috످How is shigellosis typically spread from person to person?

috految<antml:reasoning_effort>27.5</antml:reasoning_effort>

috److془Well-known. Answer.془Shigellosis spreads mainly through the fecal-oral route, when Shigella bacteria from an infected person's stool get into another person's mouth. It is highly contagious because swallowing as few as 10–100 bacteria can cause illness.

Common ways it spreads include direct contact, such as touching your mouth after changing an infected child's diaper, caring for someone who is sick, or touching their unwashed hands. It also spreads through touching contaminated surfaces (such as toys, doorknobs, or bathroom fixtures) and then your mouth.

Other ways include eating food prepared by an infected person who didn't wash their hands well, swallowing contaminated water while drinking or swimming, and being exposed to traces of stool during sexual contact, especially oral-anal contact.

People are most contagious while they have diarrhea, but they can spread the bacteria for weeks after recovering, or without ever having symptoms.

The best way to prevent spread is to wash your hands with soap and water for at least 20 seconds, especially after using the toilet or changing diapers and before handling food. Anyone infected should stay home while sick, avoid cooking for others or swimming, and wait at least two weeks after diarrhea ends to have sex.

috످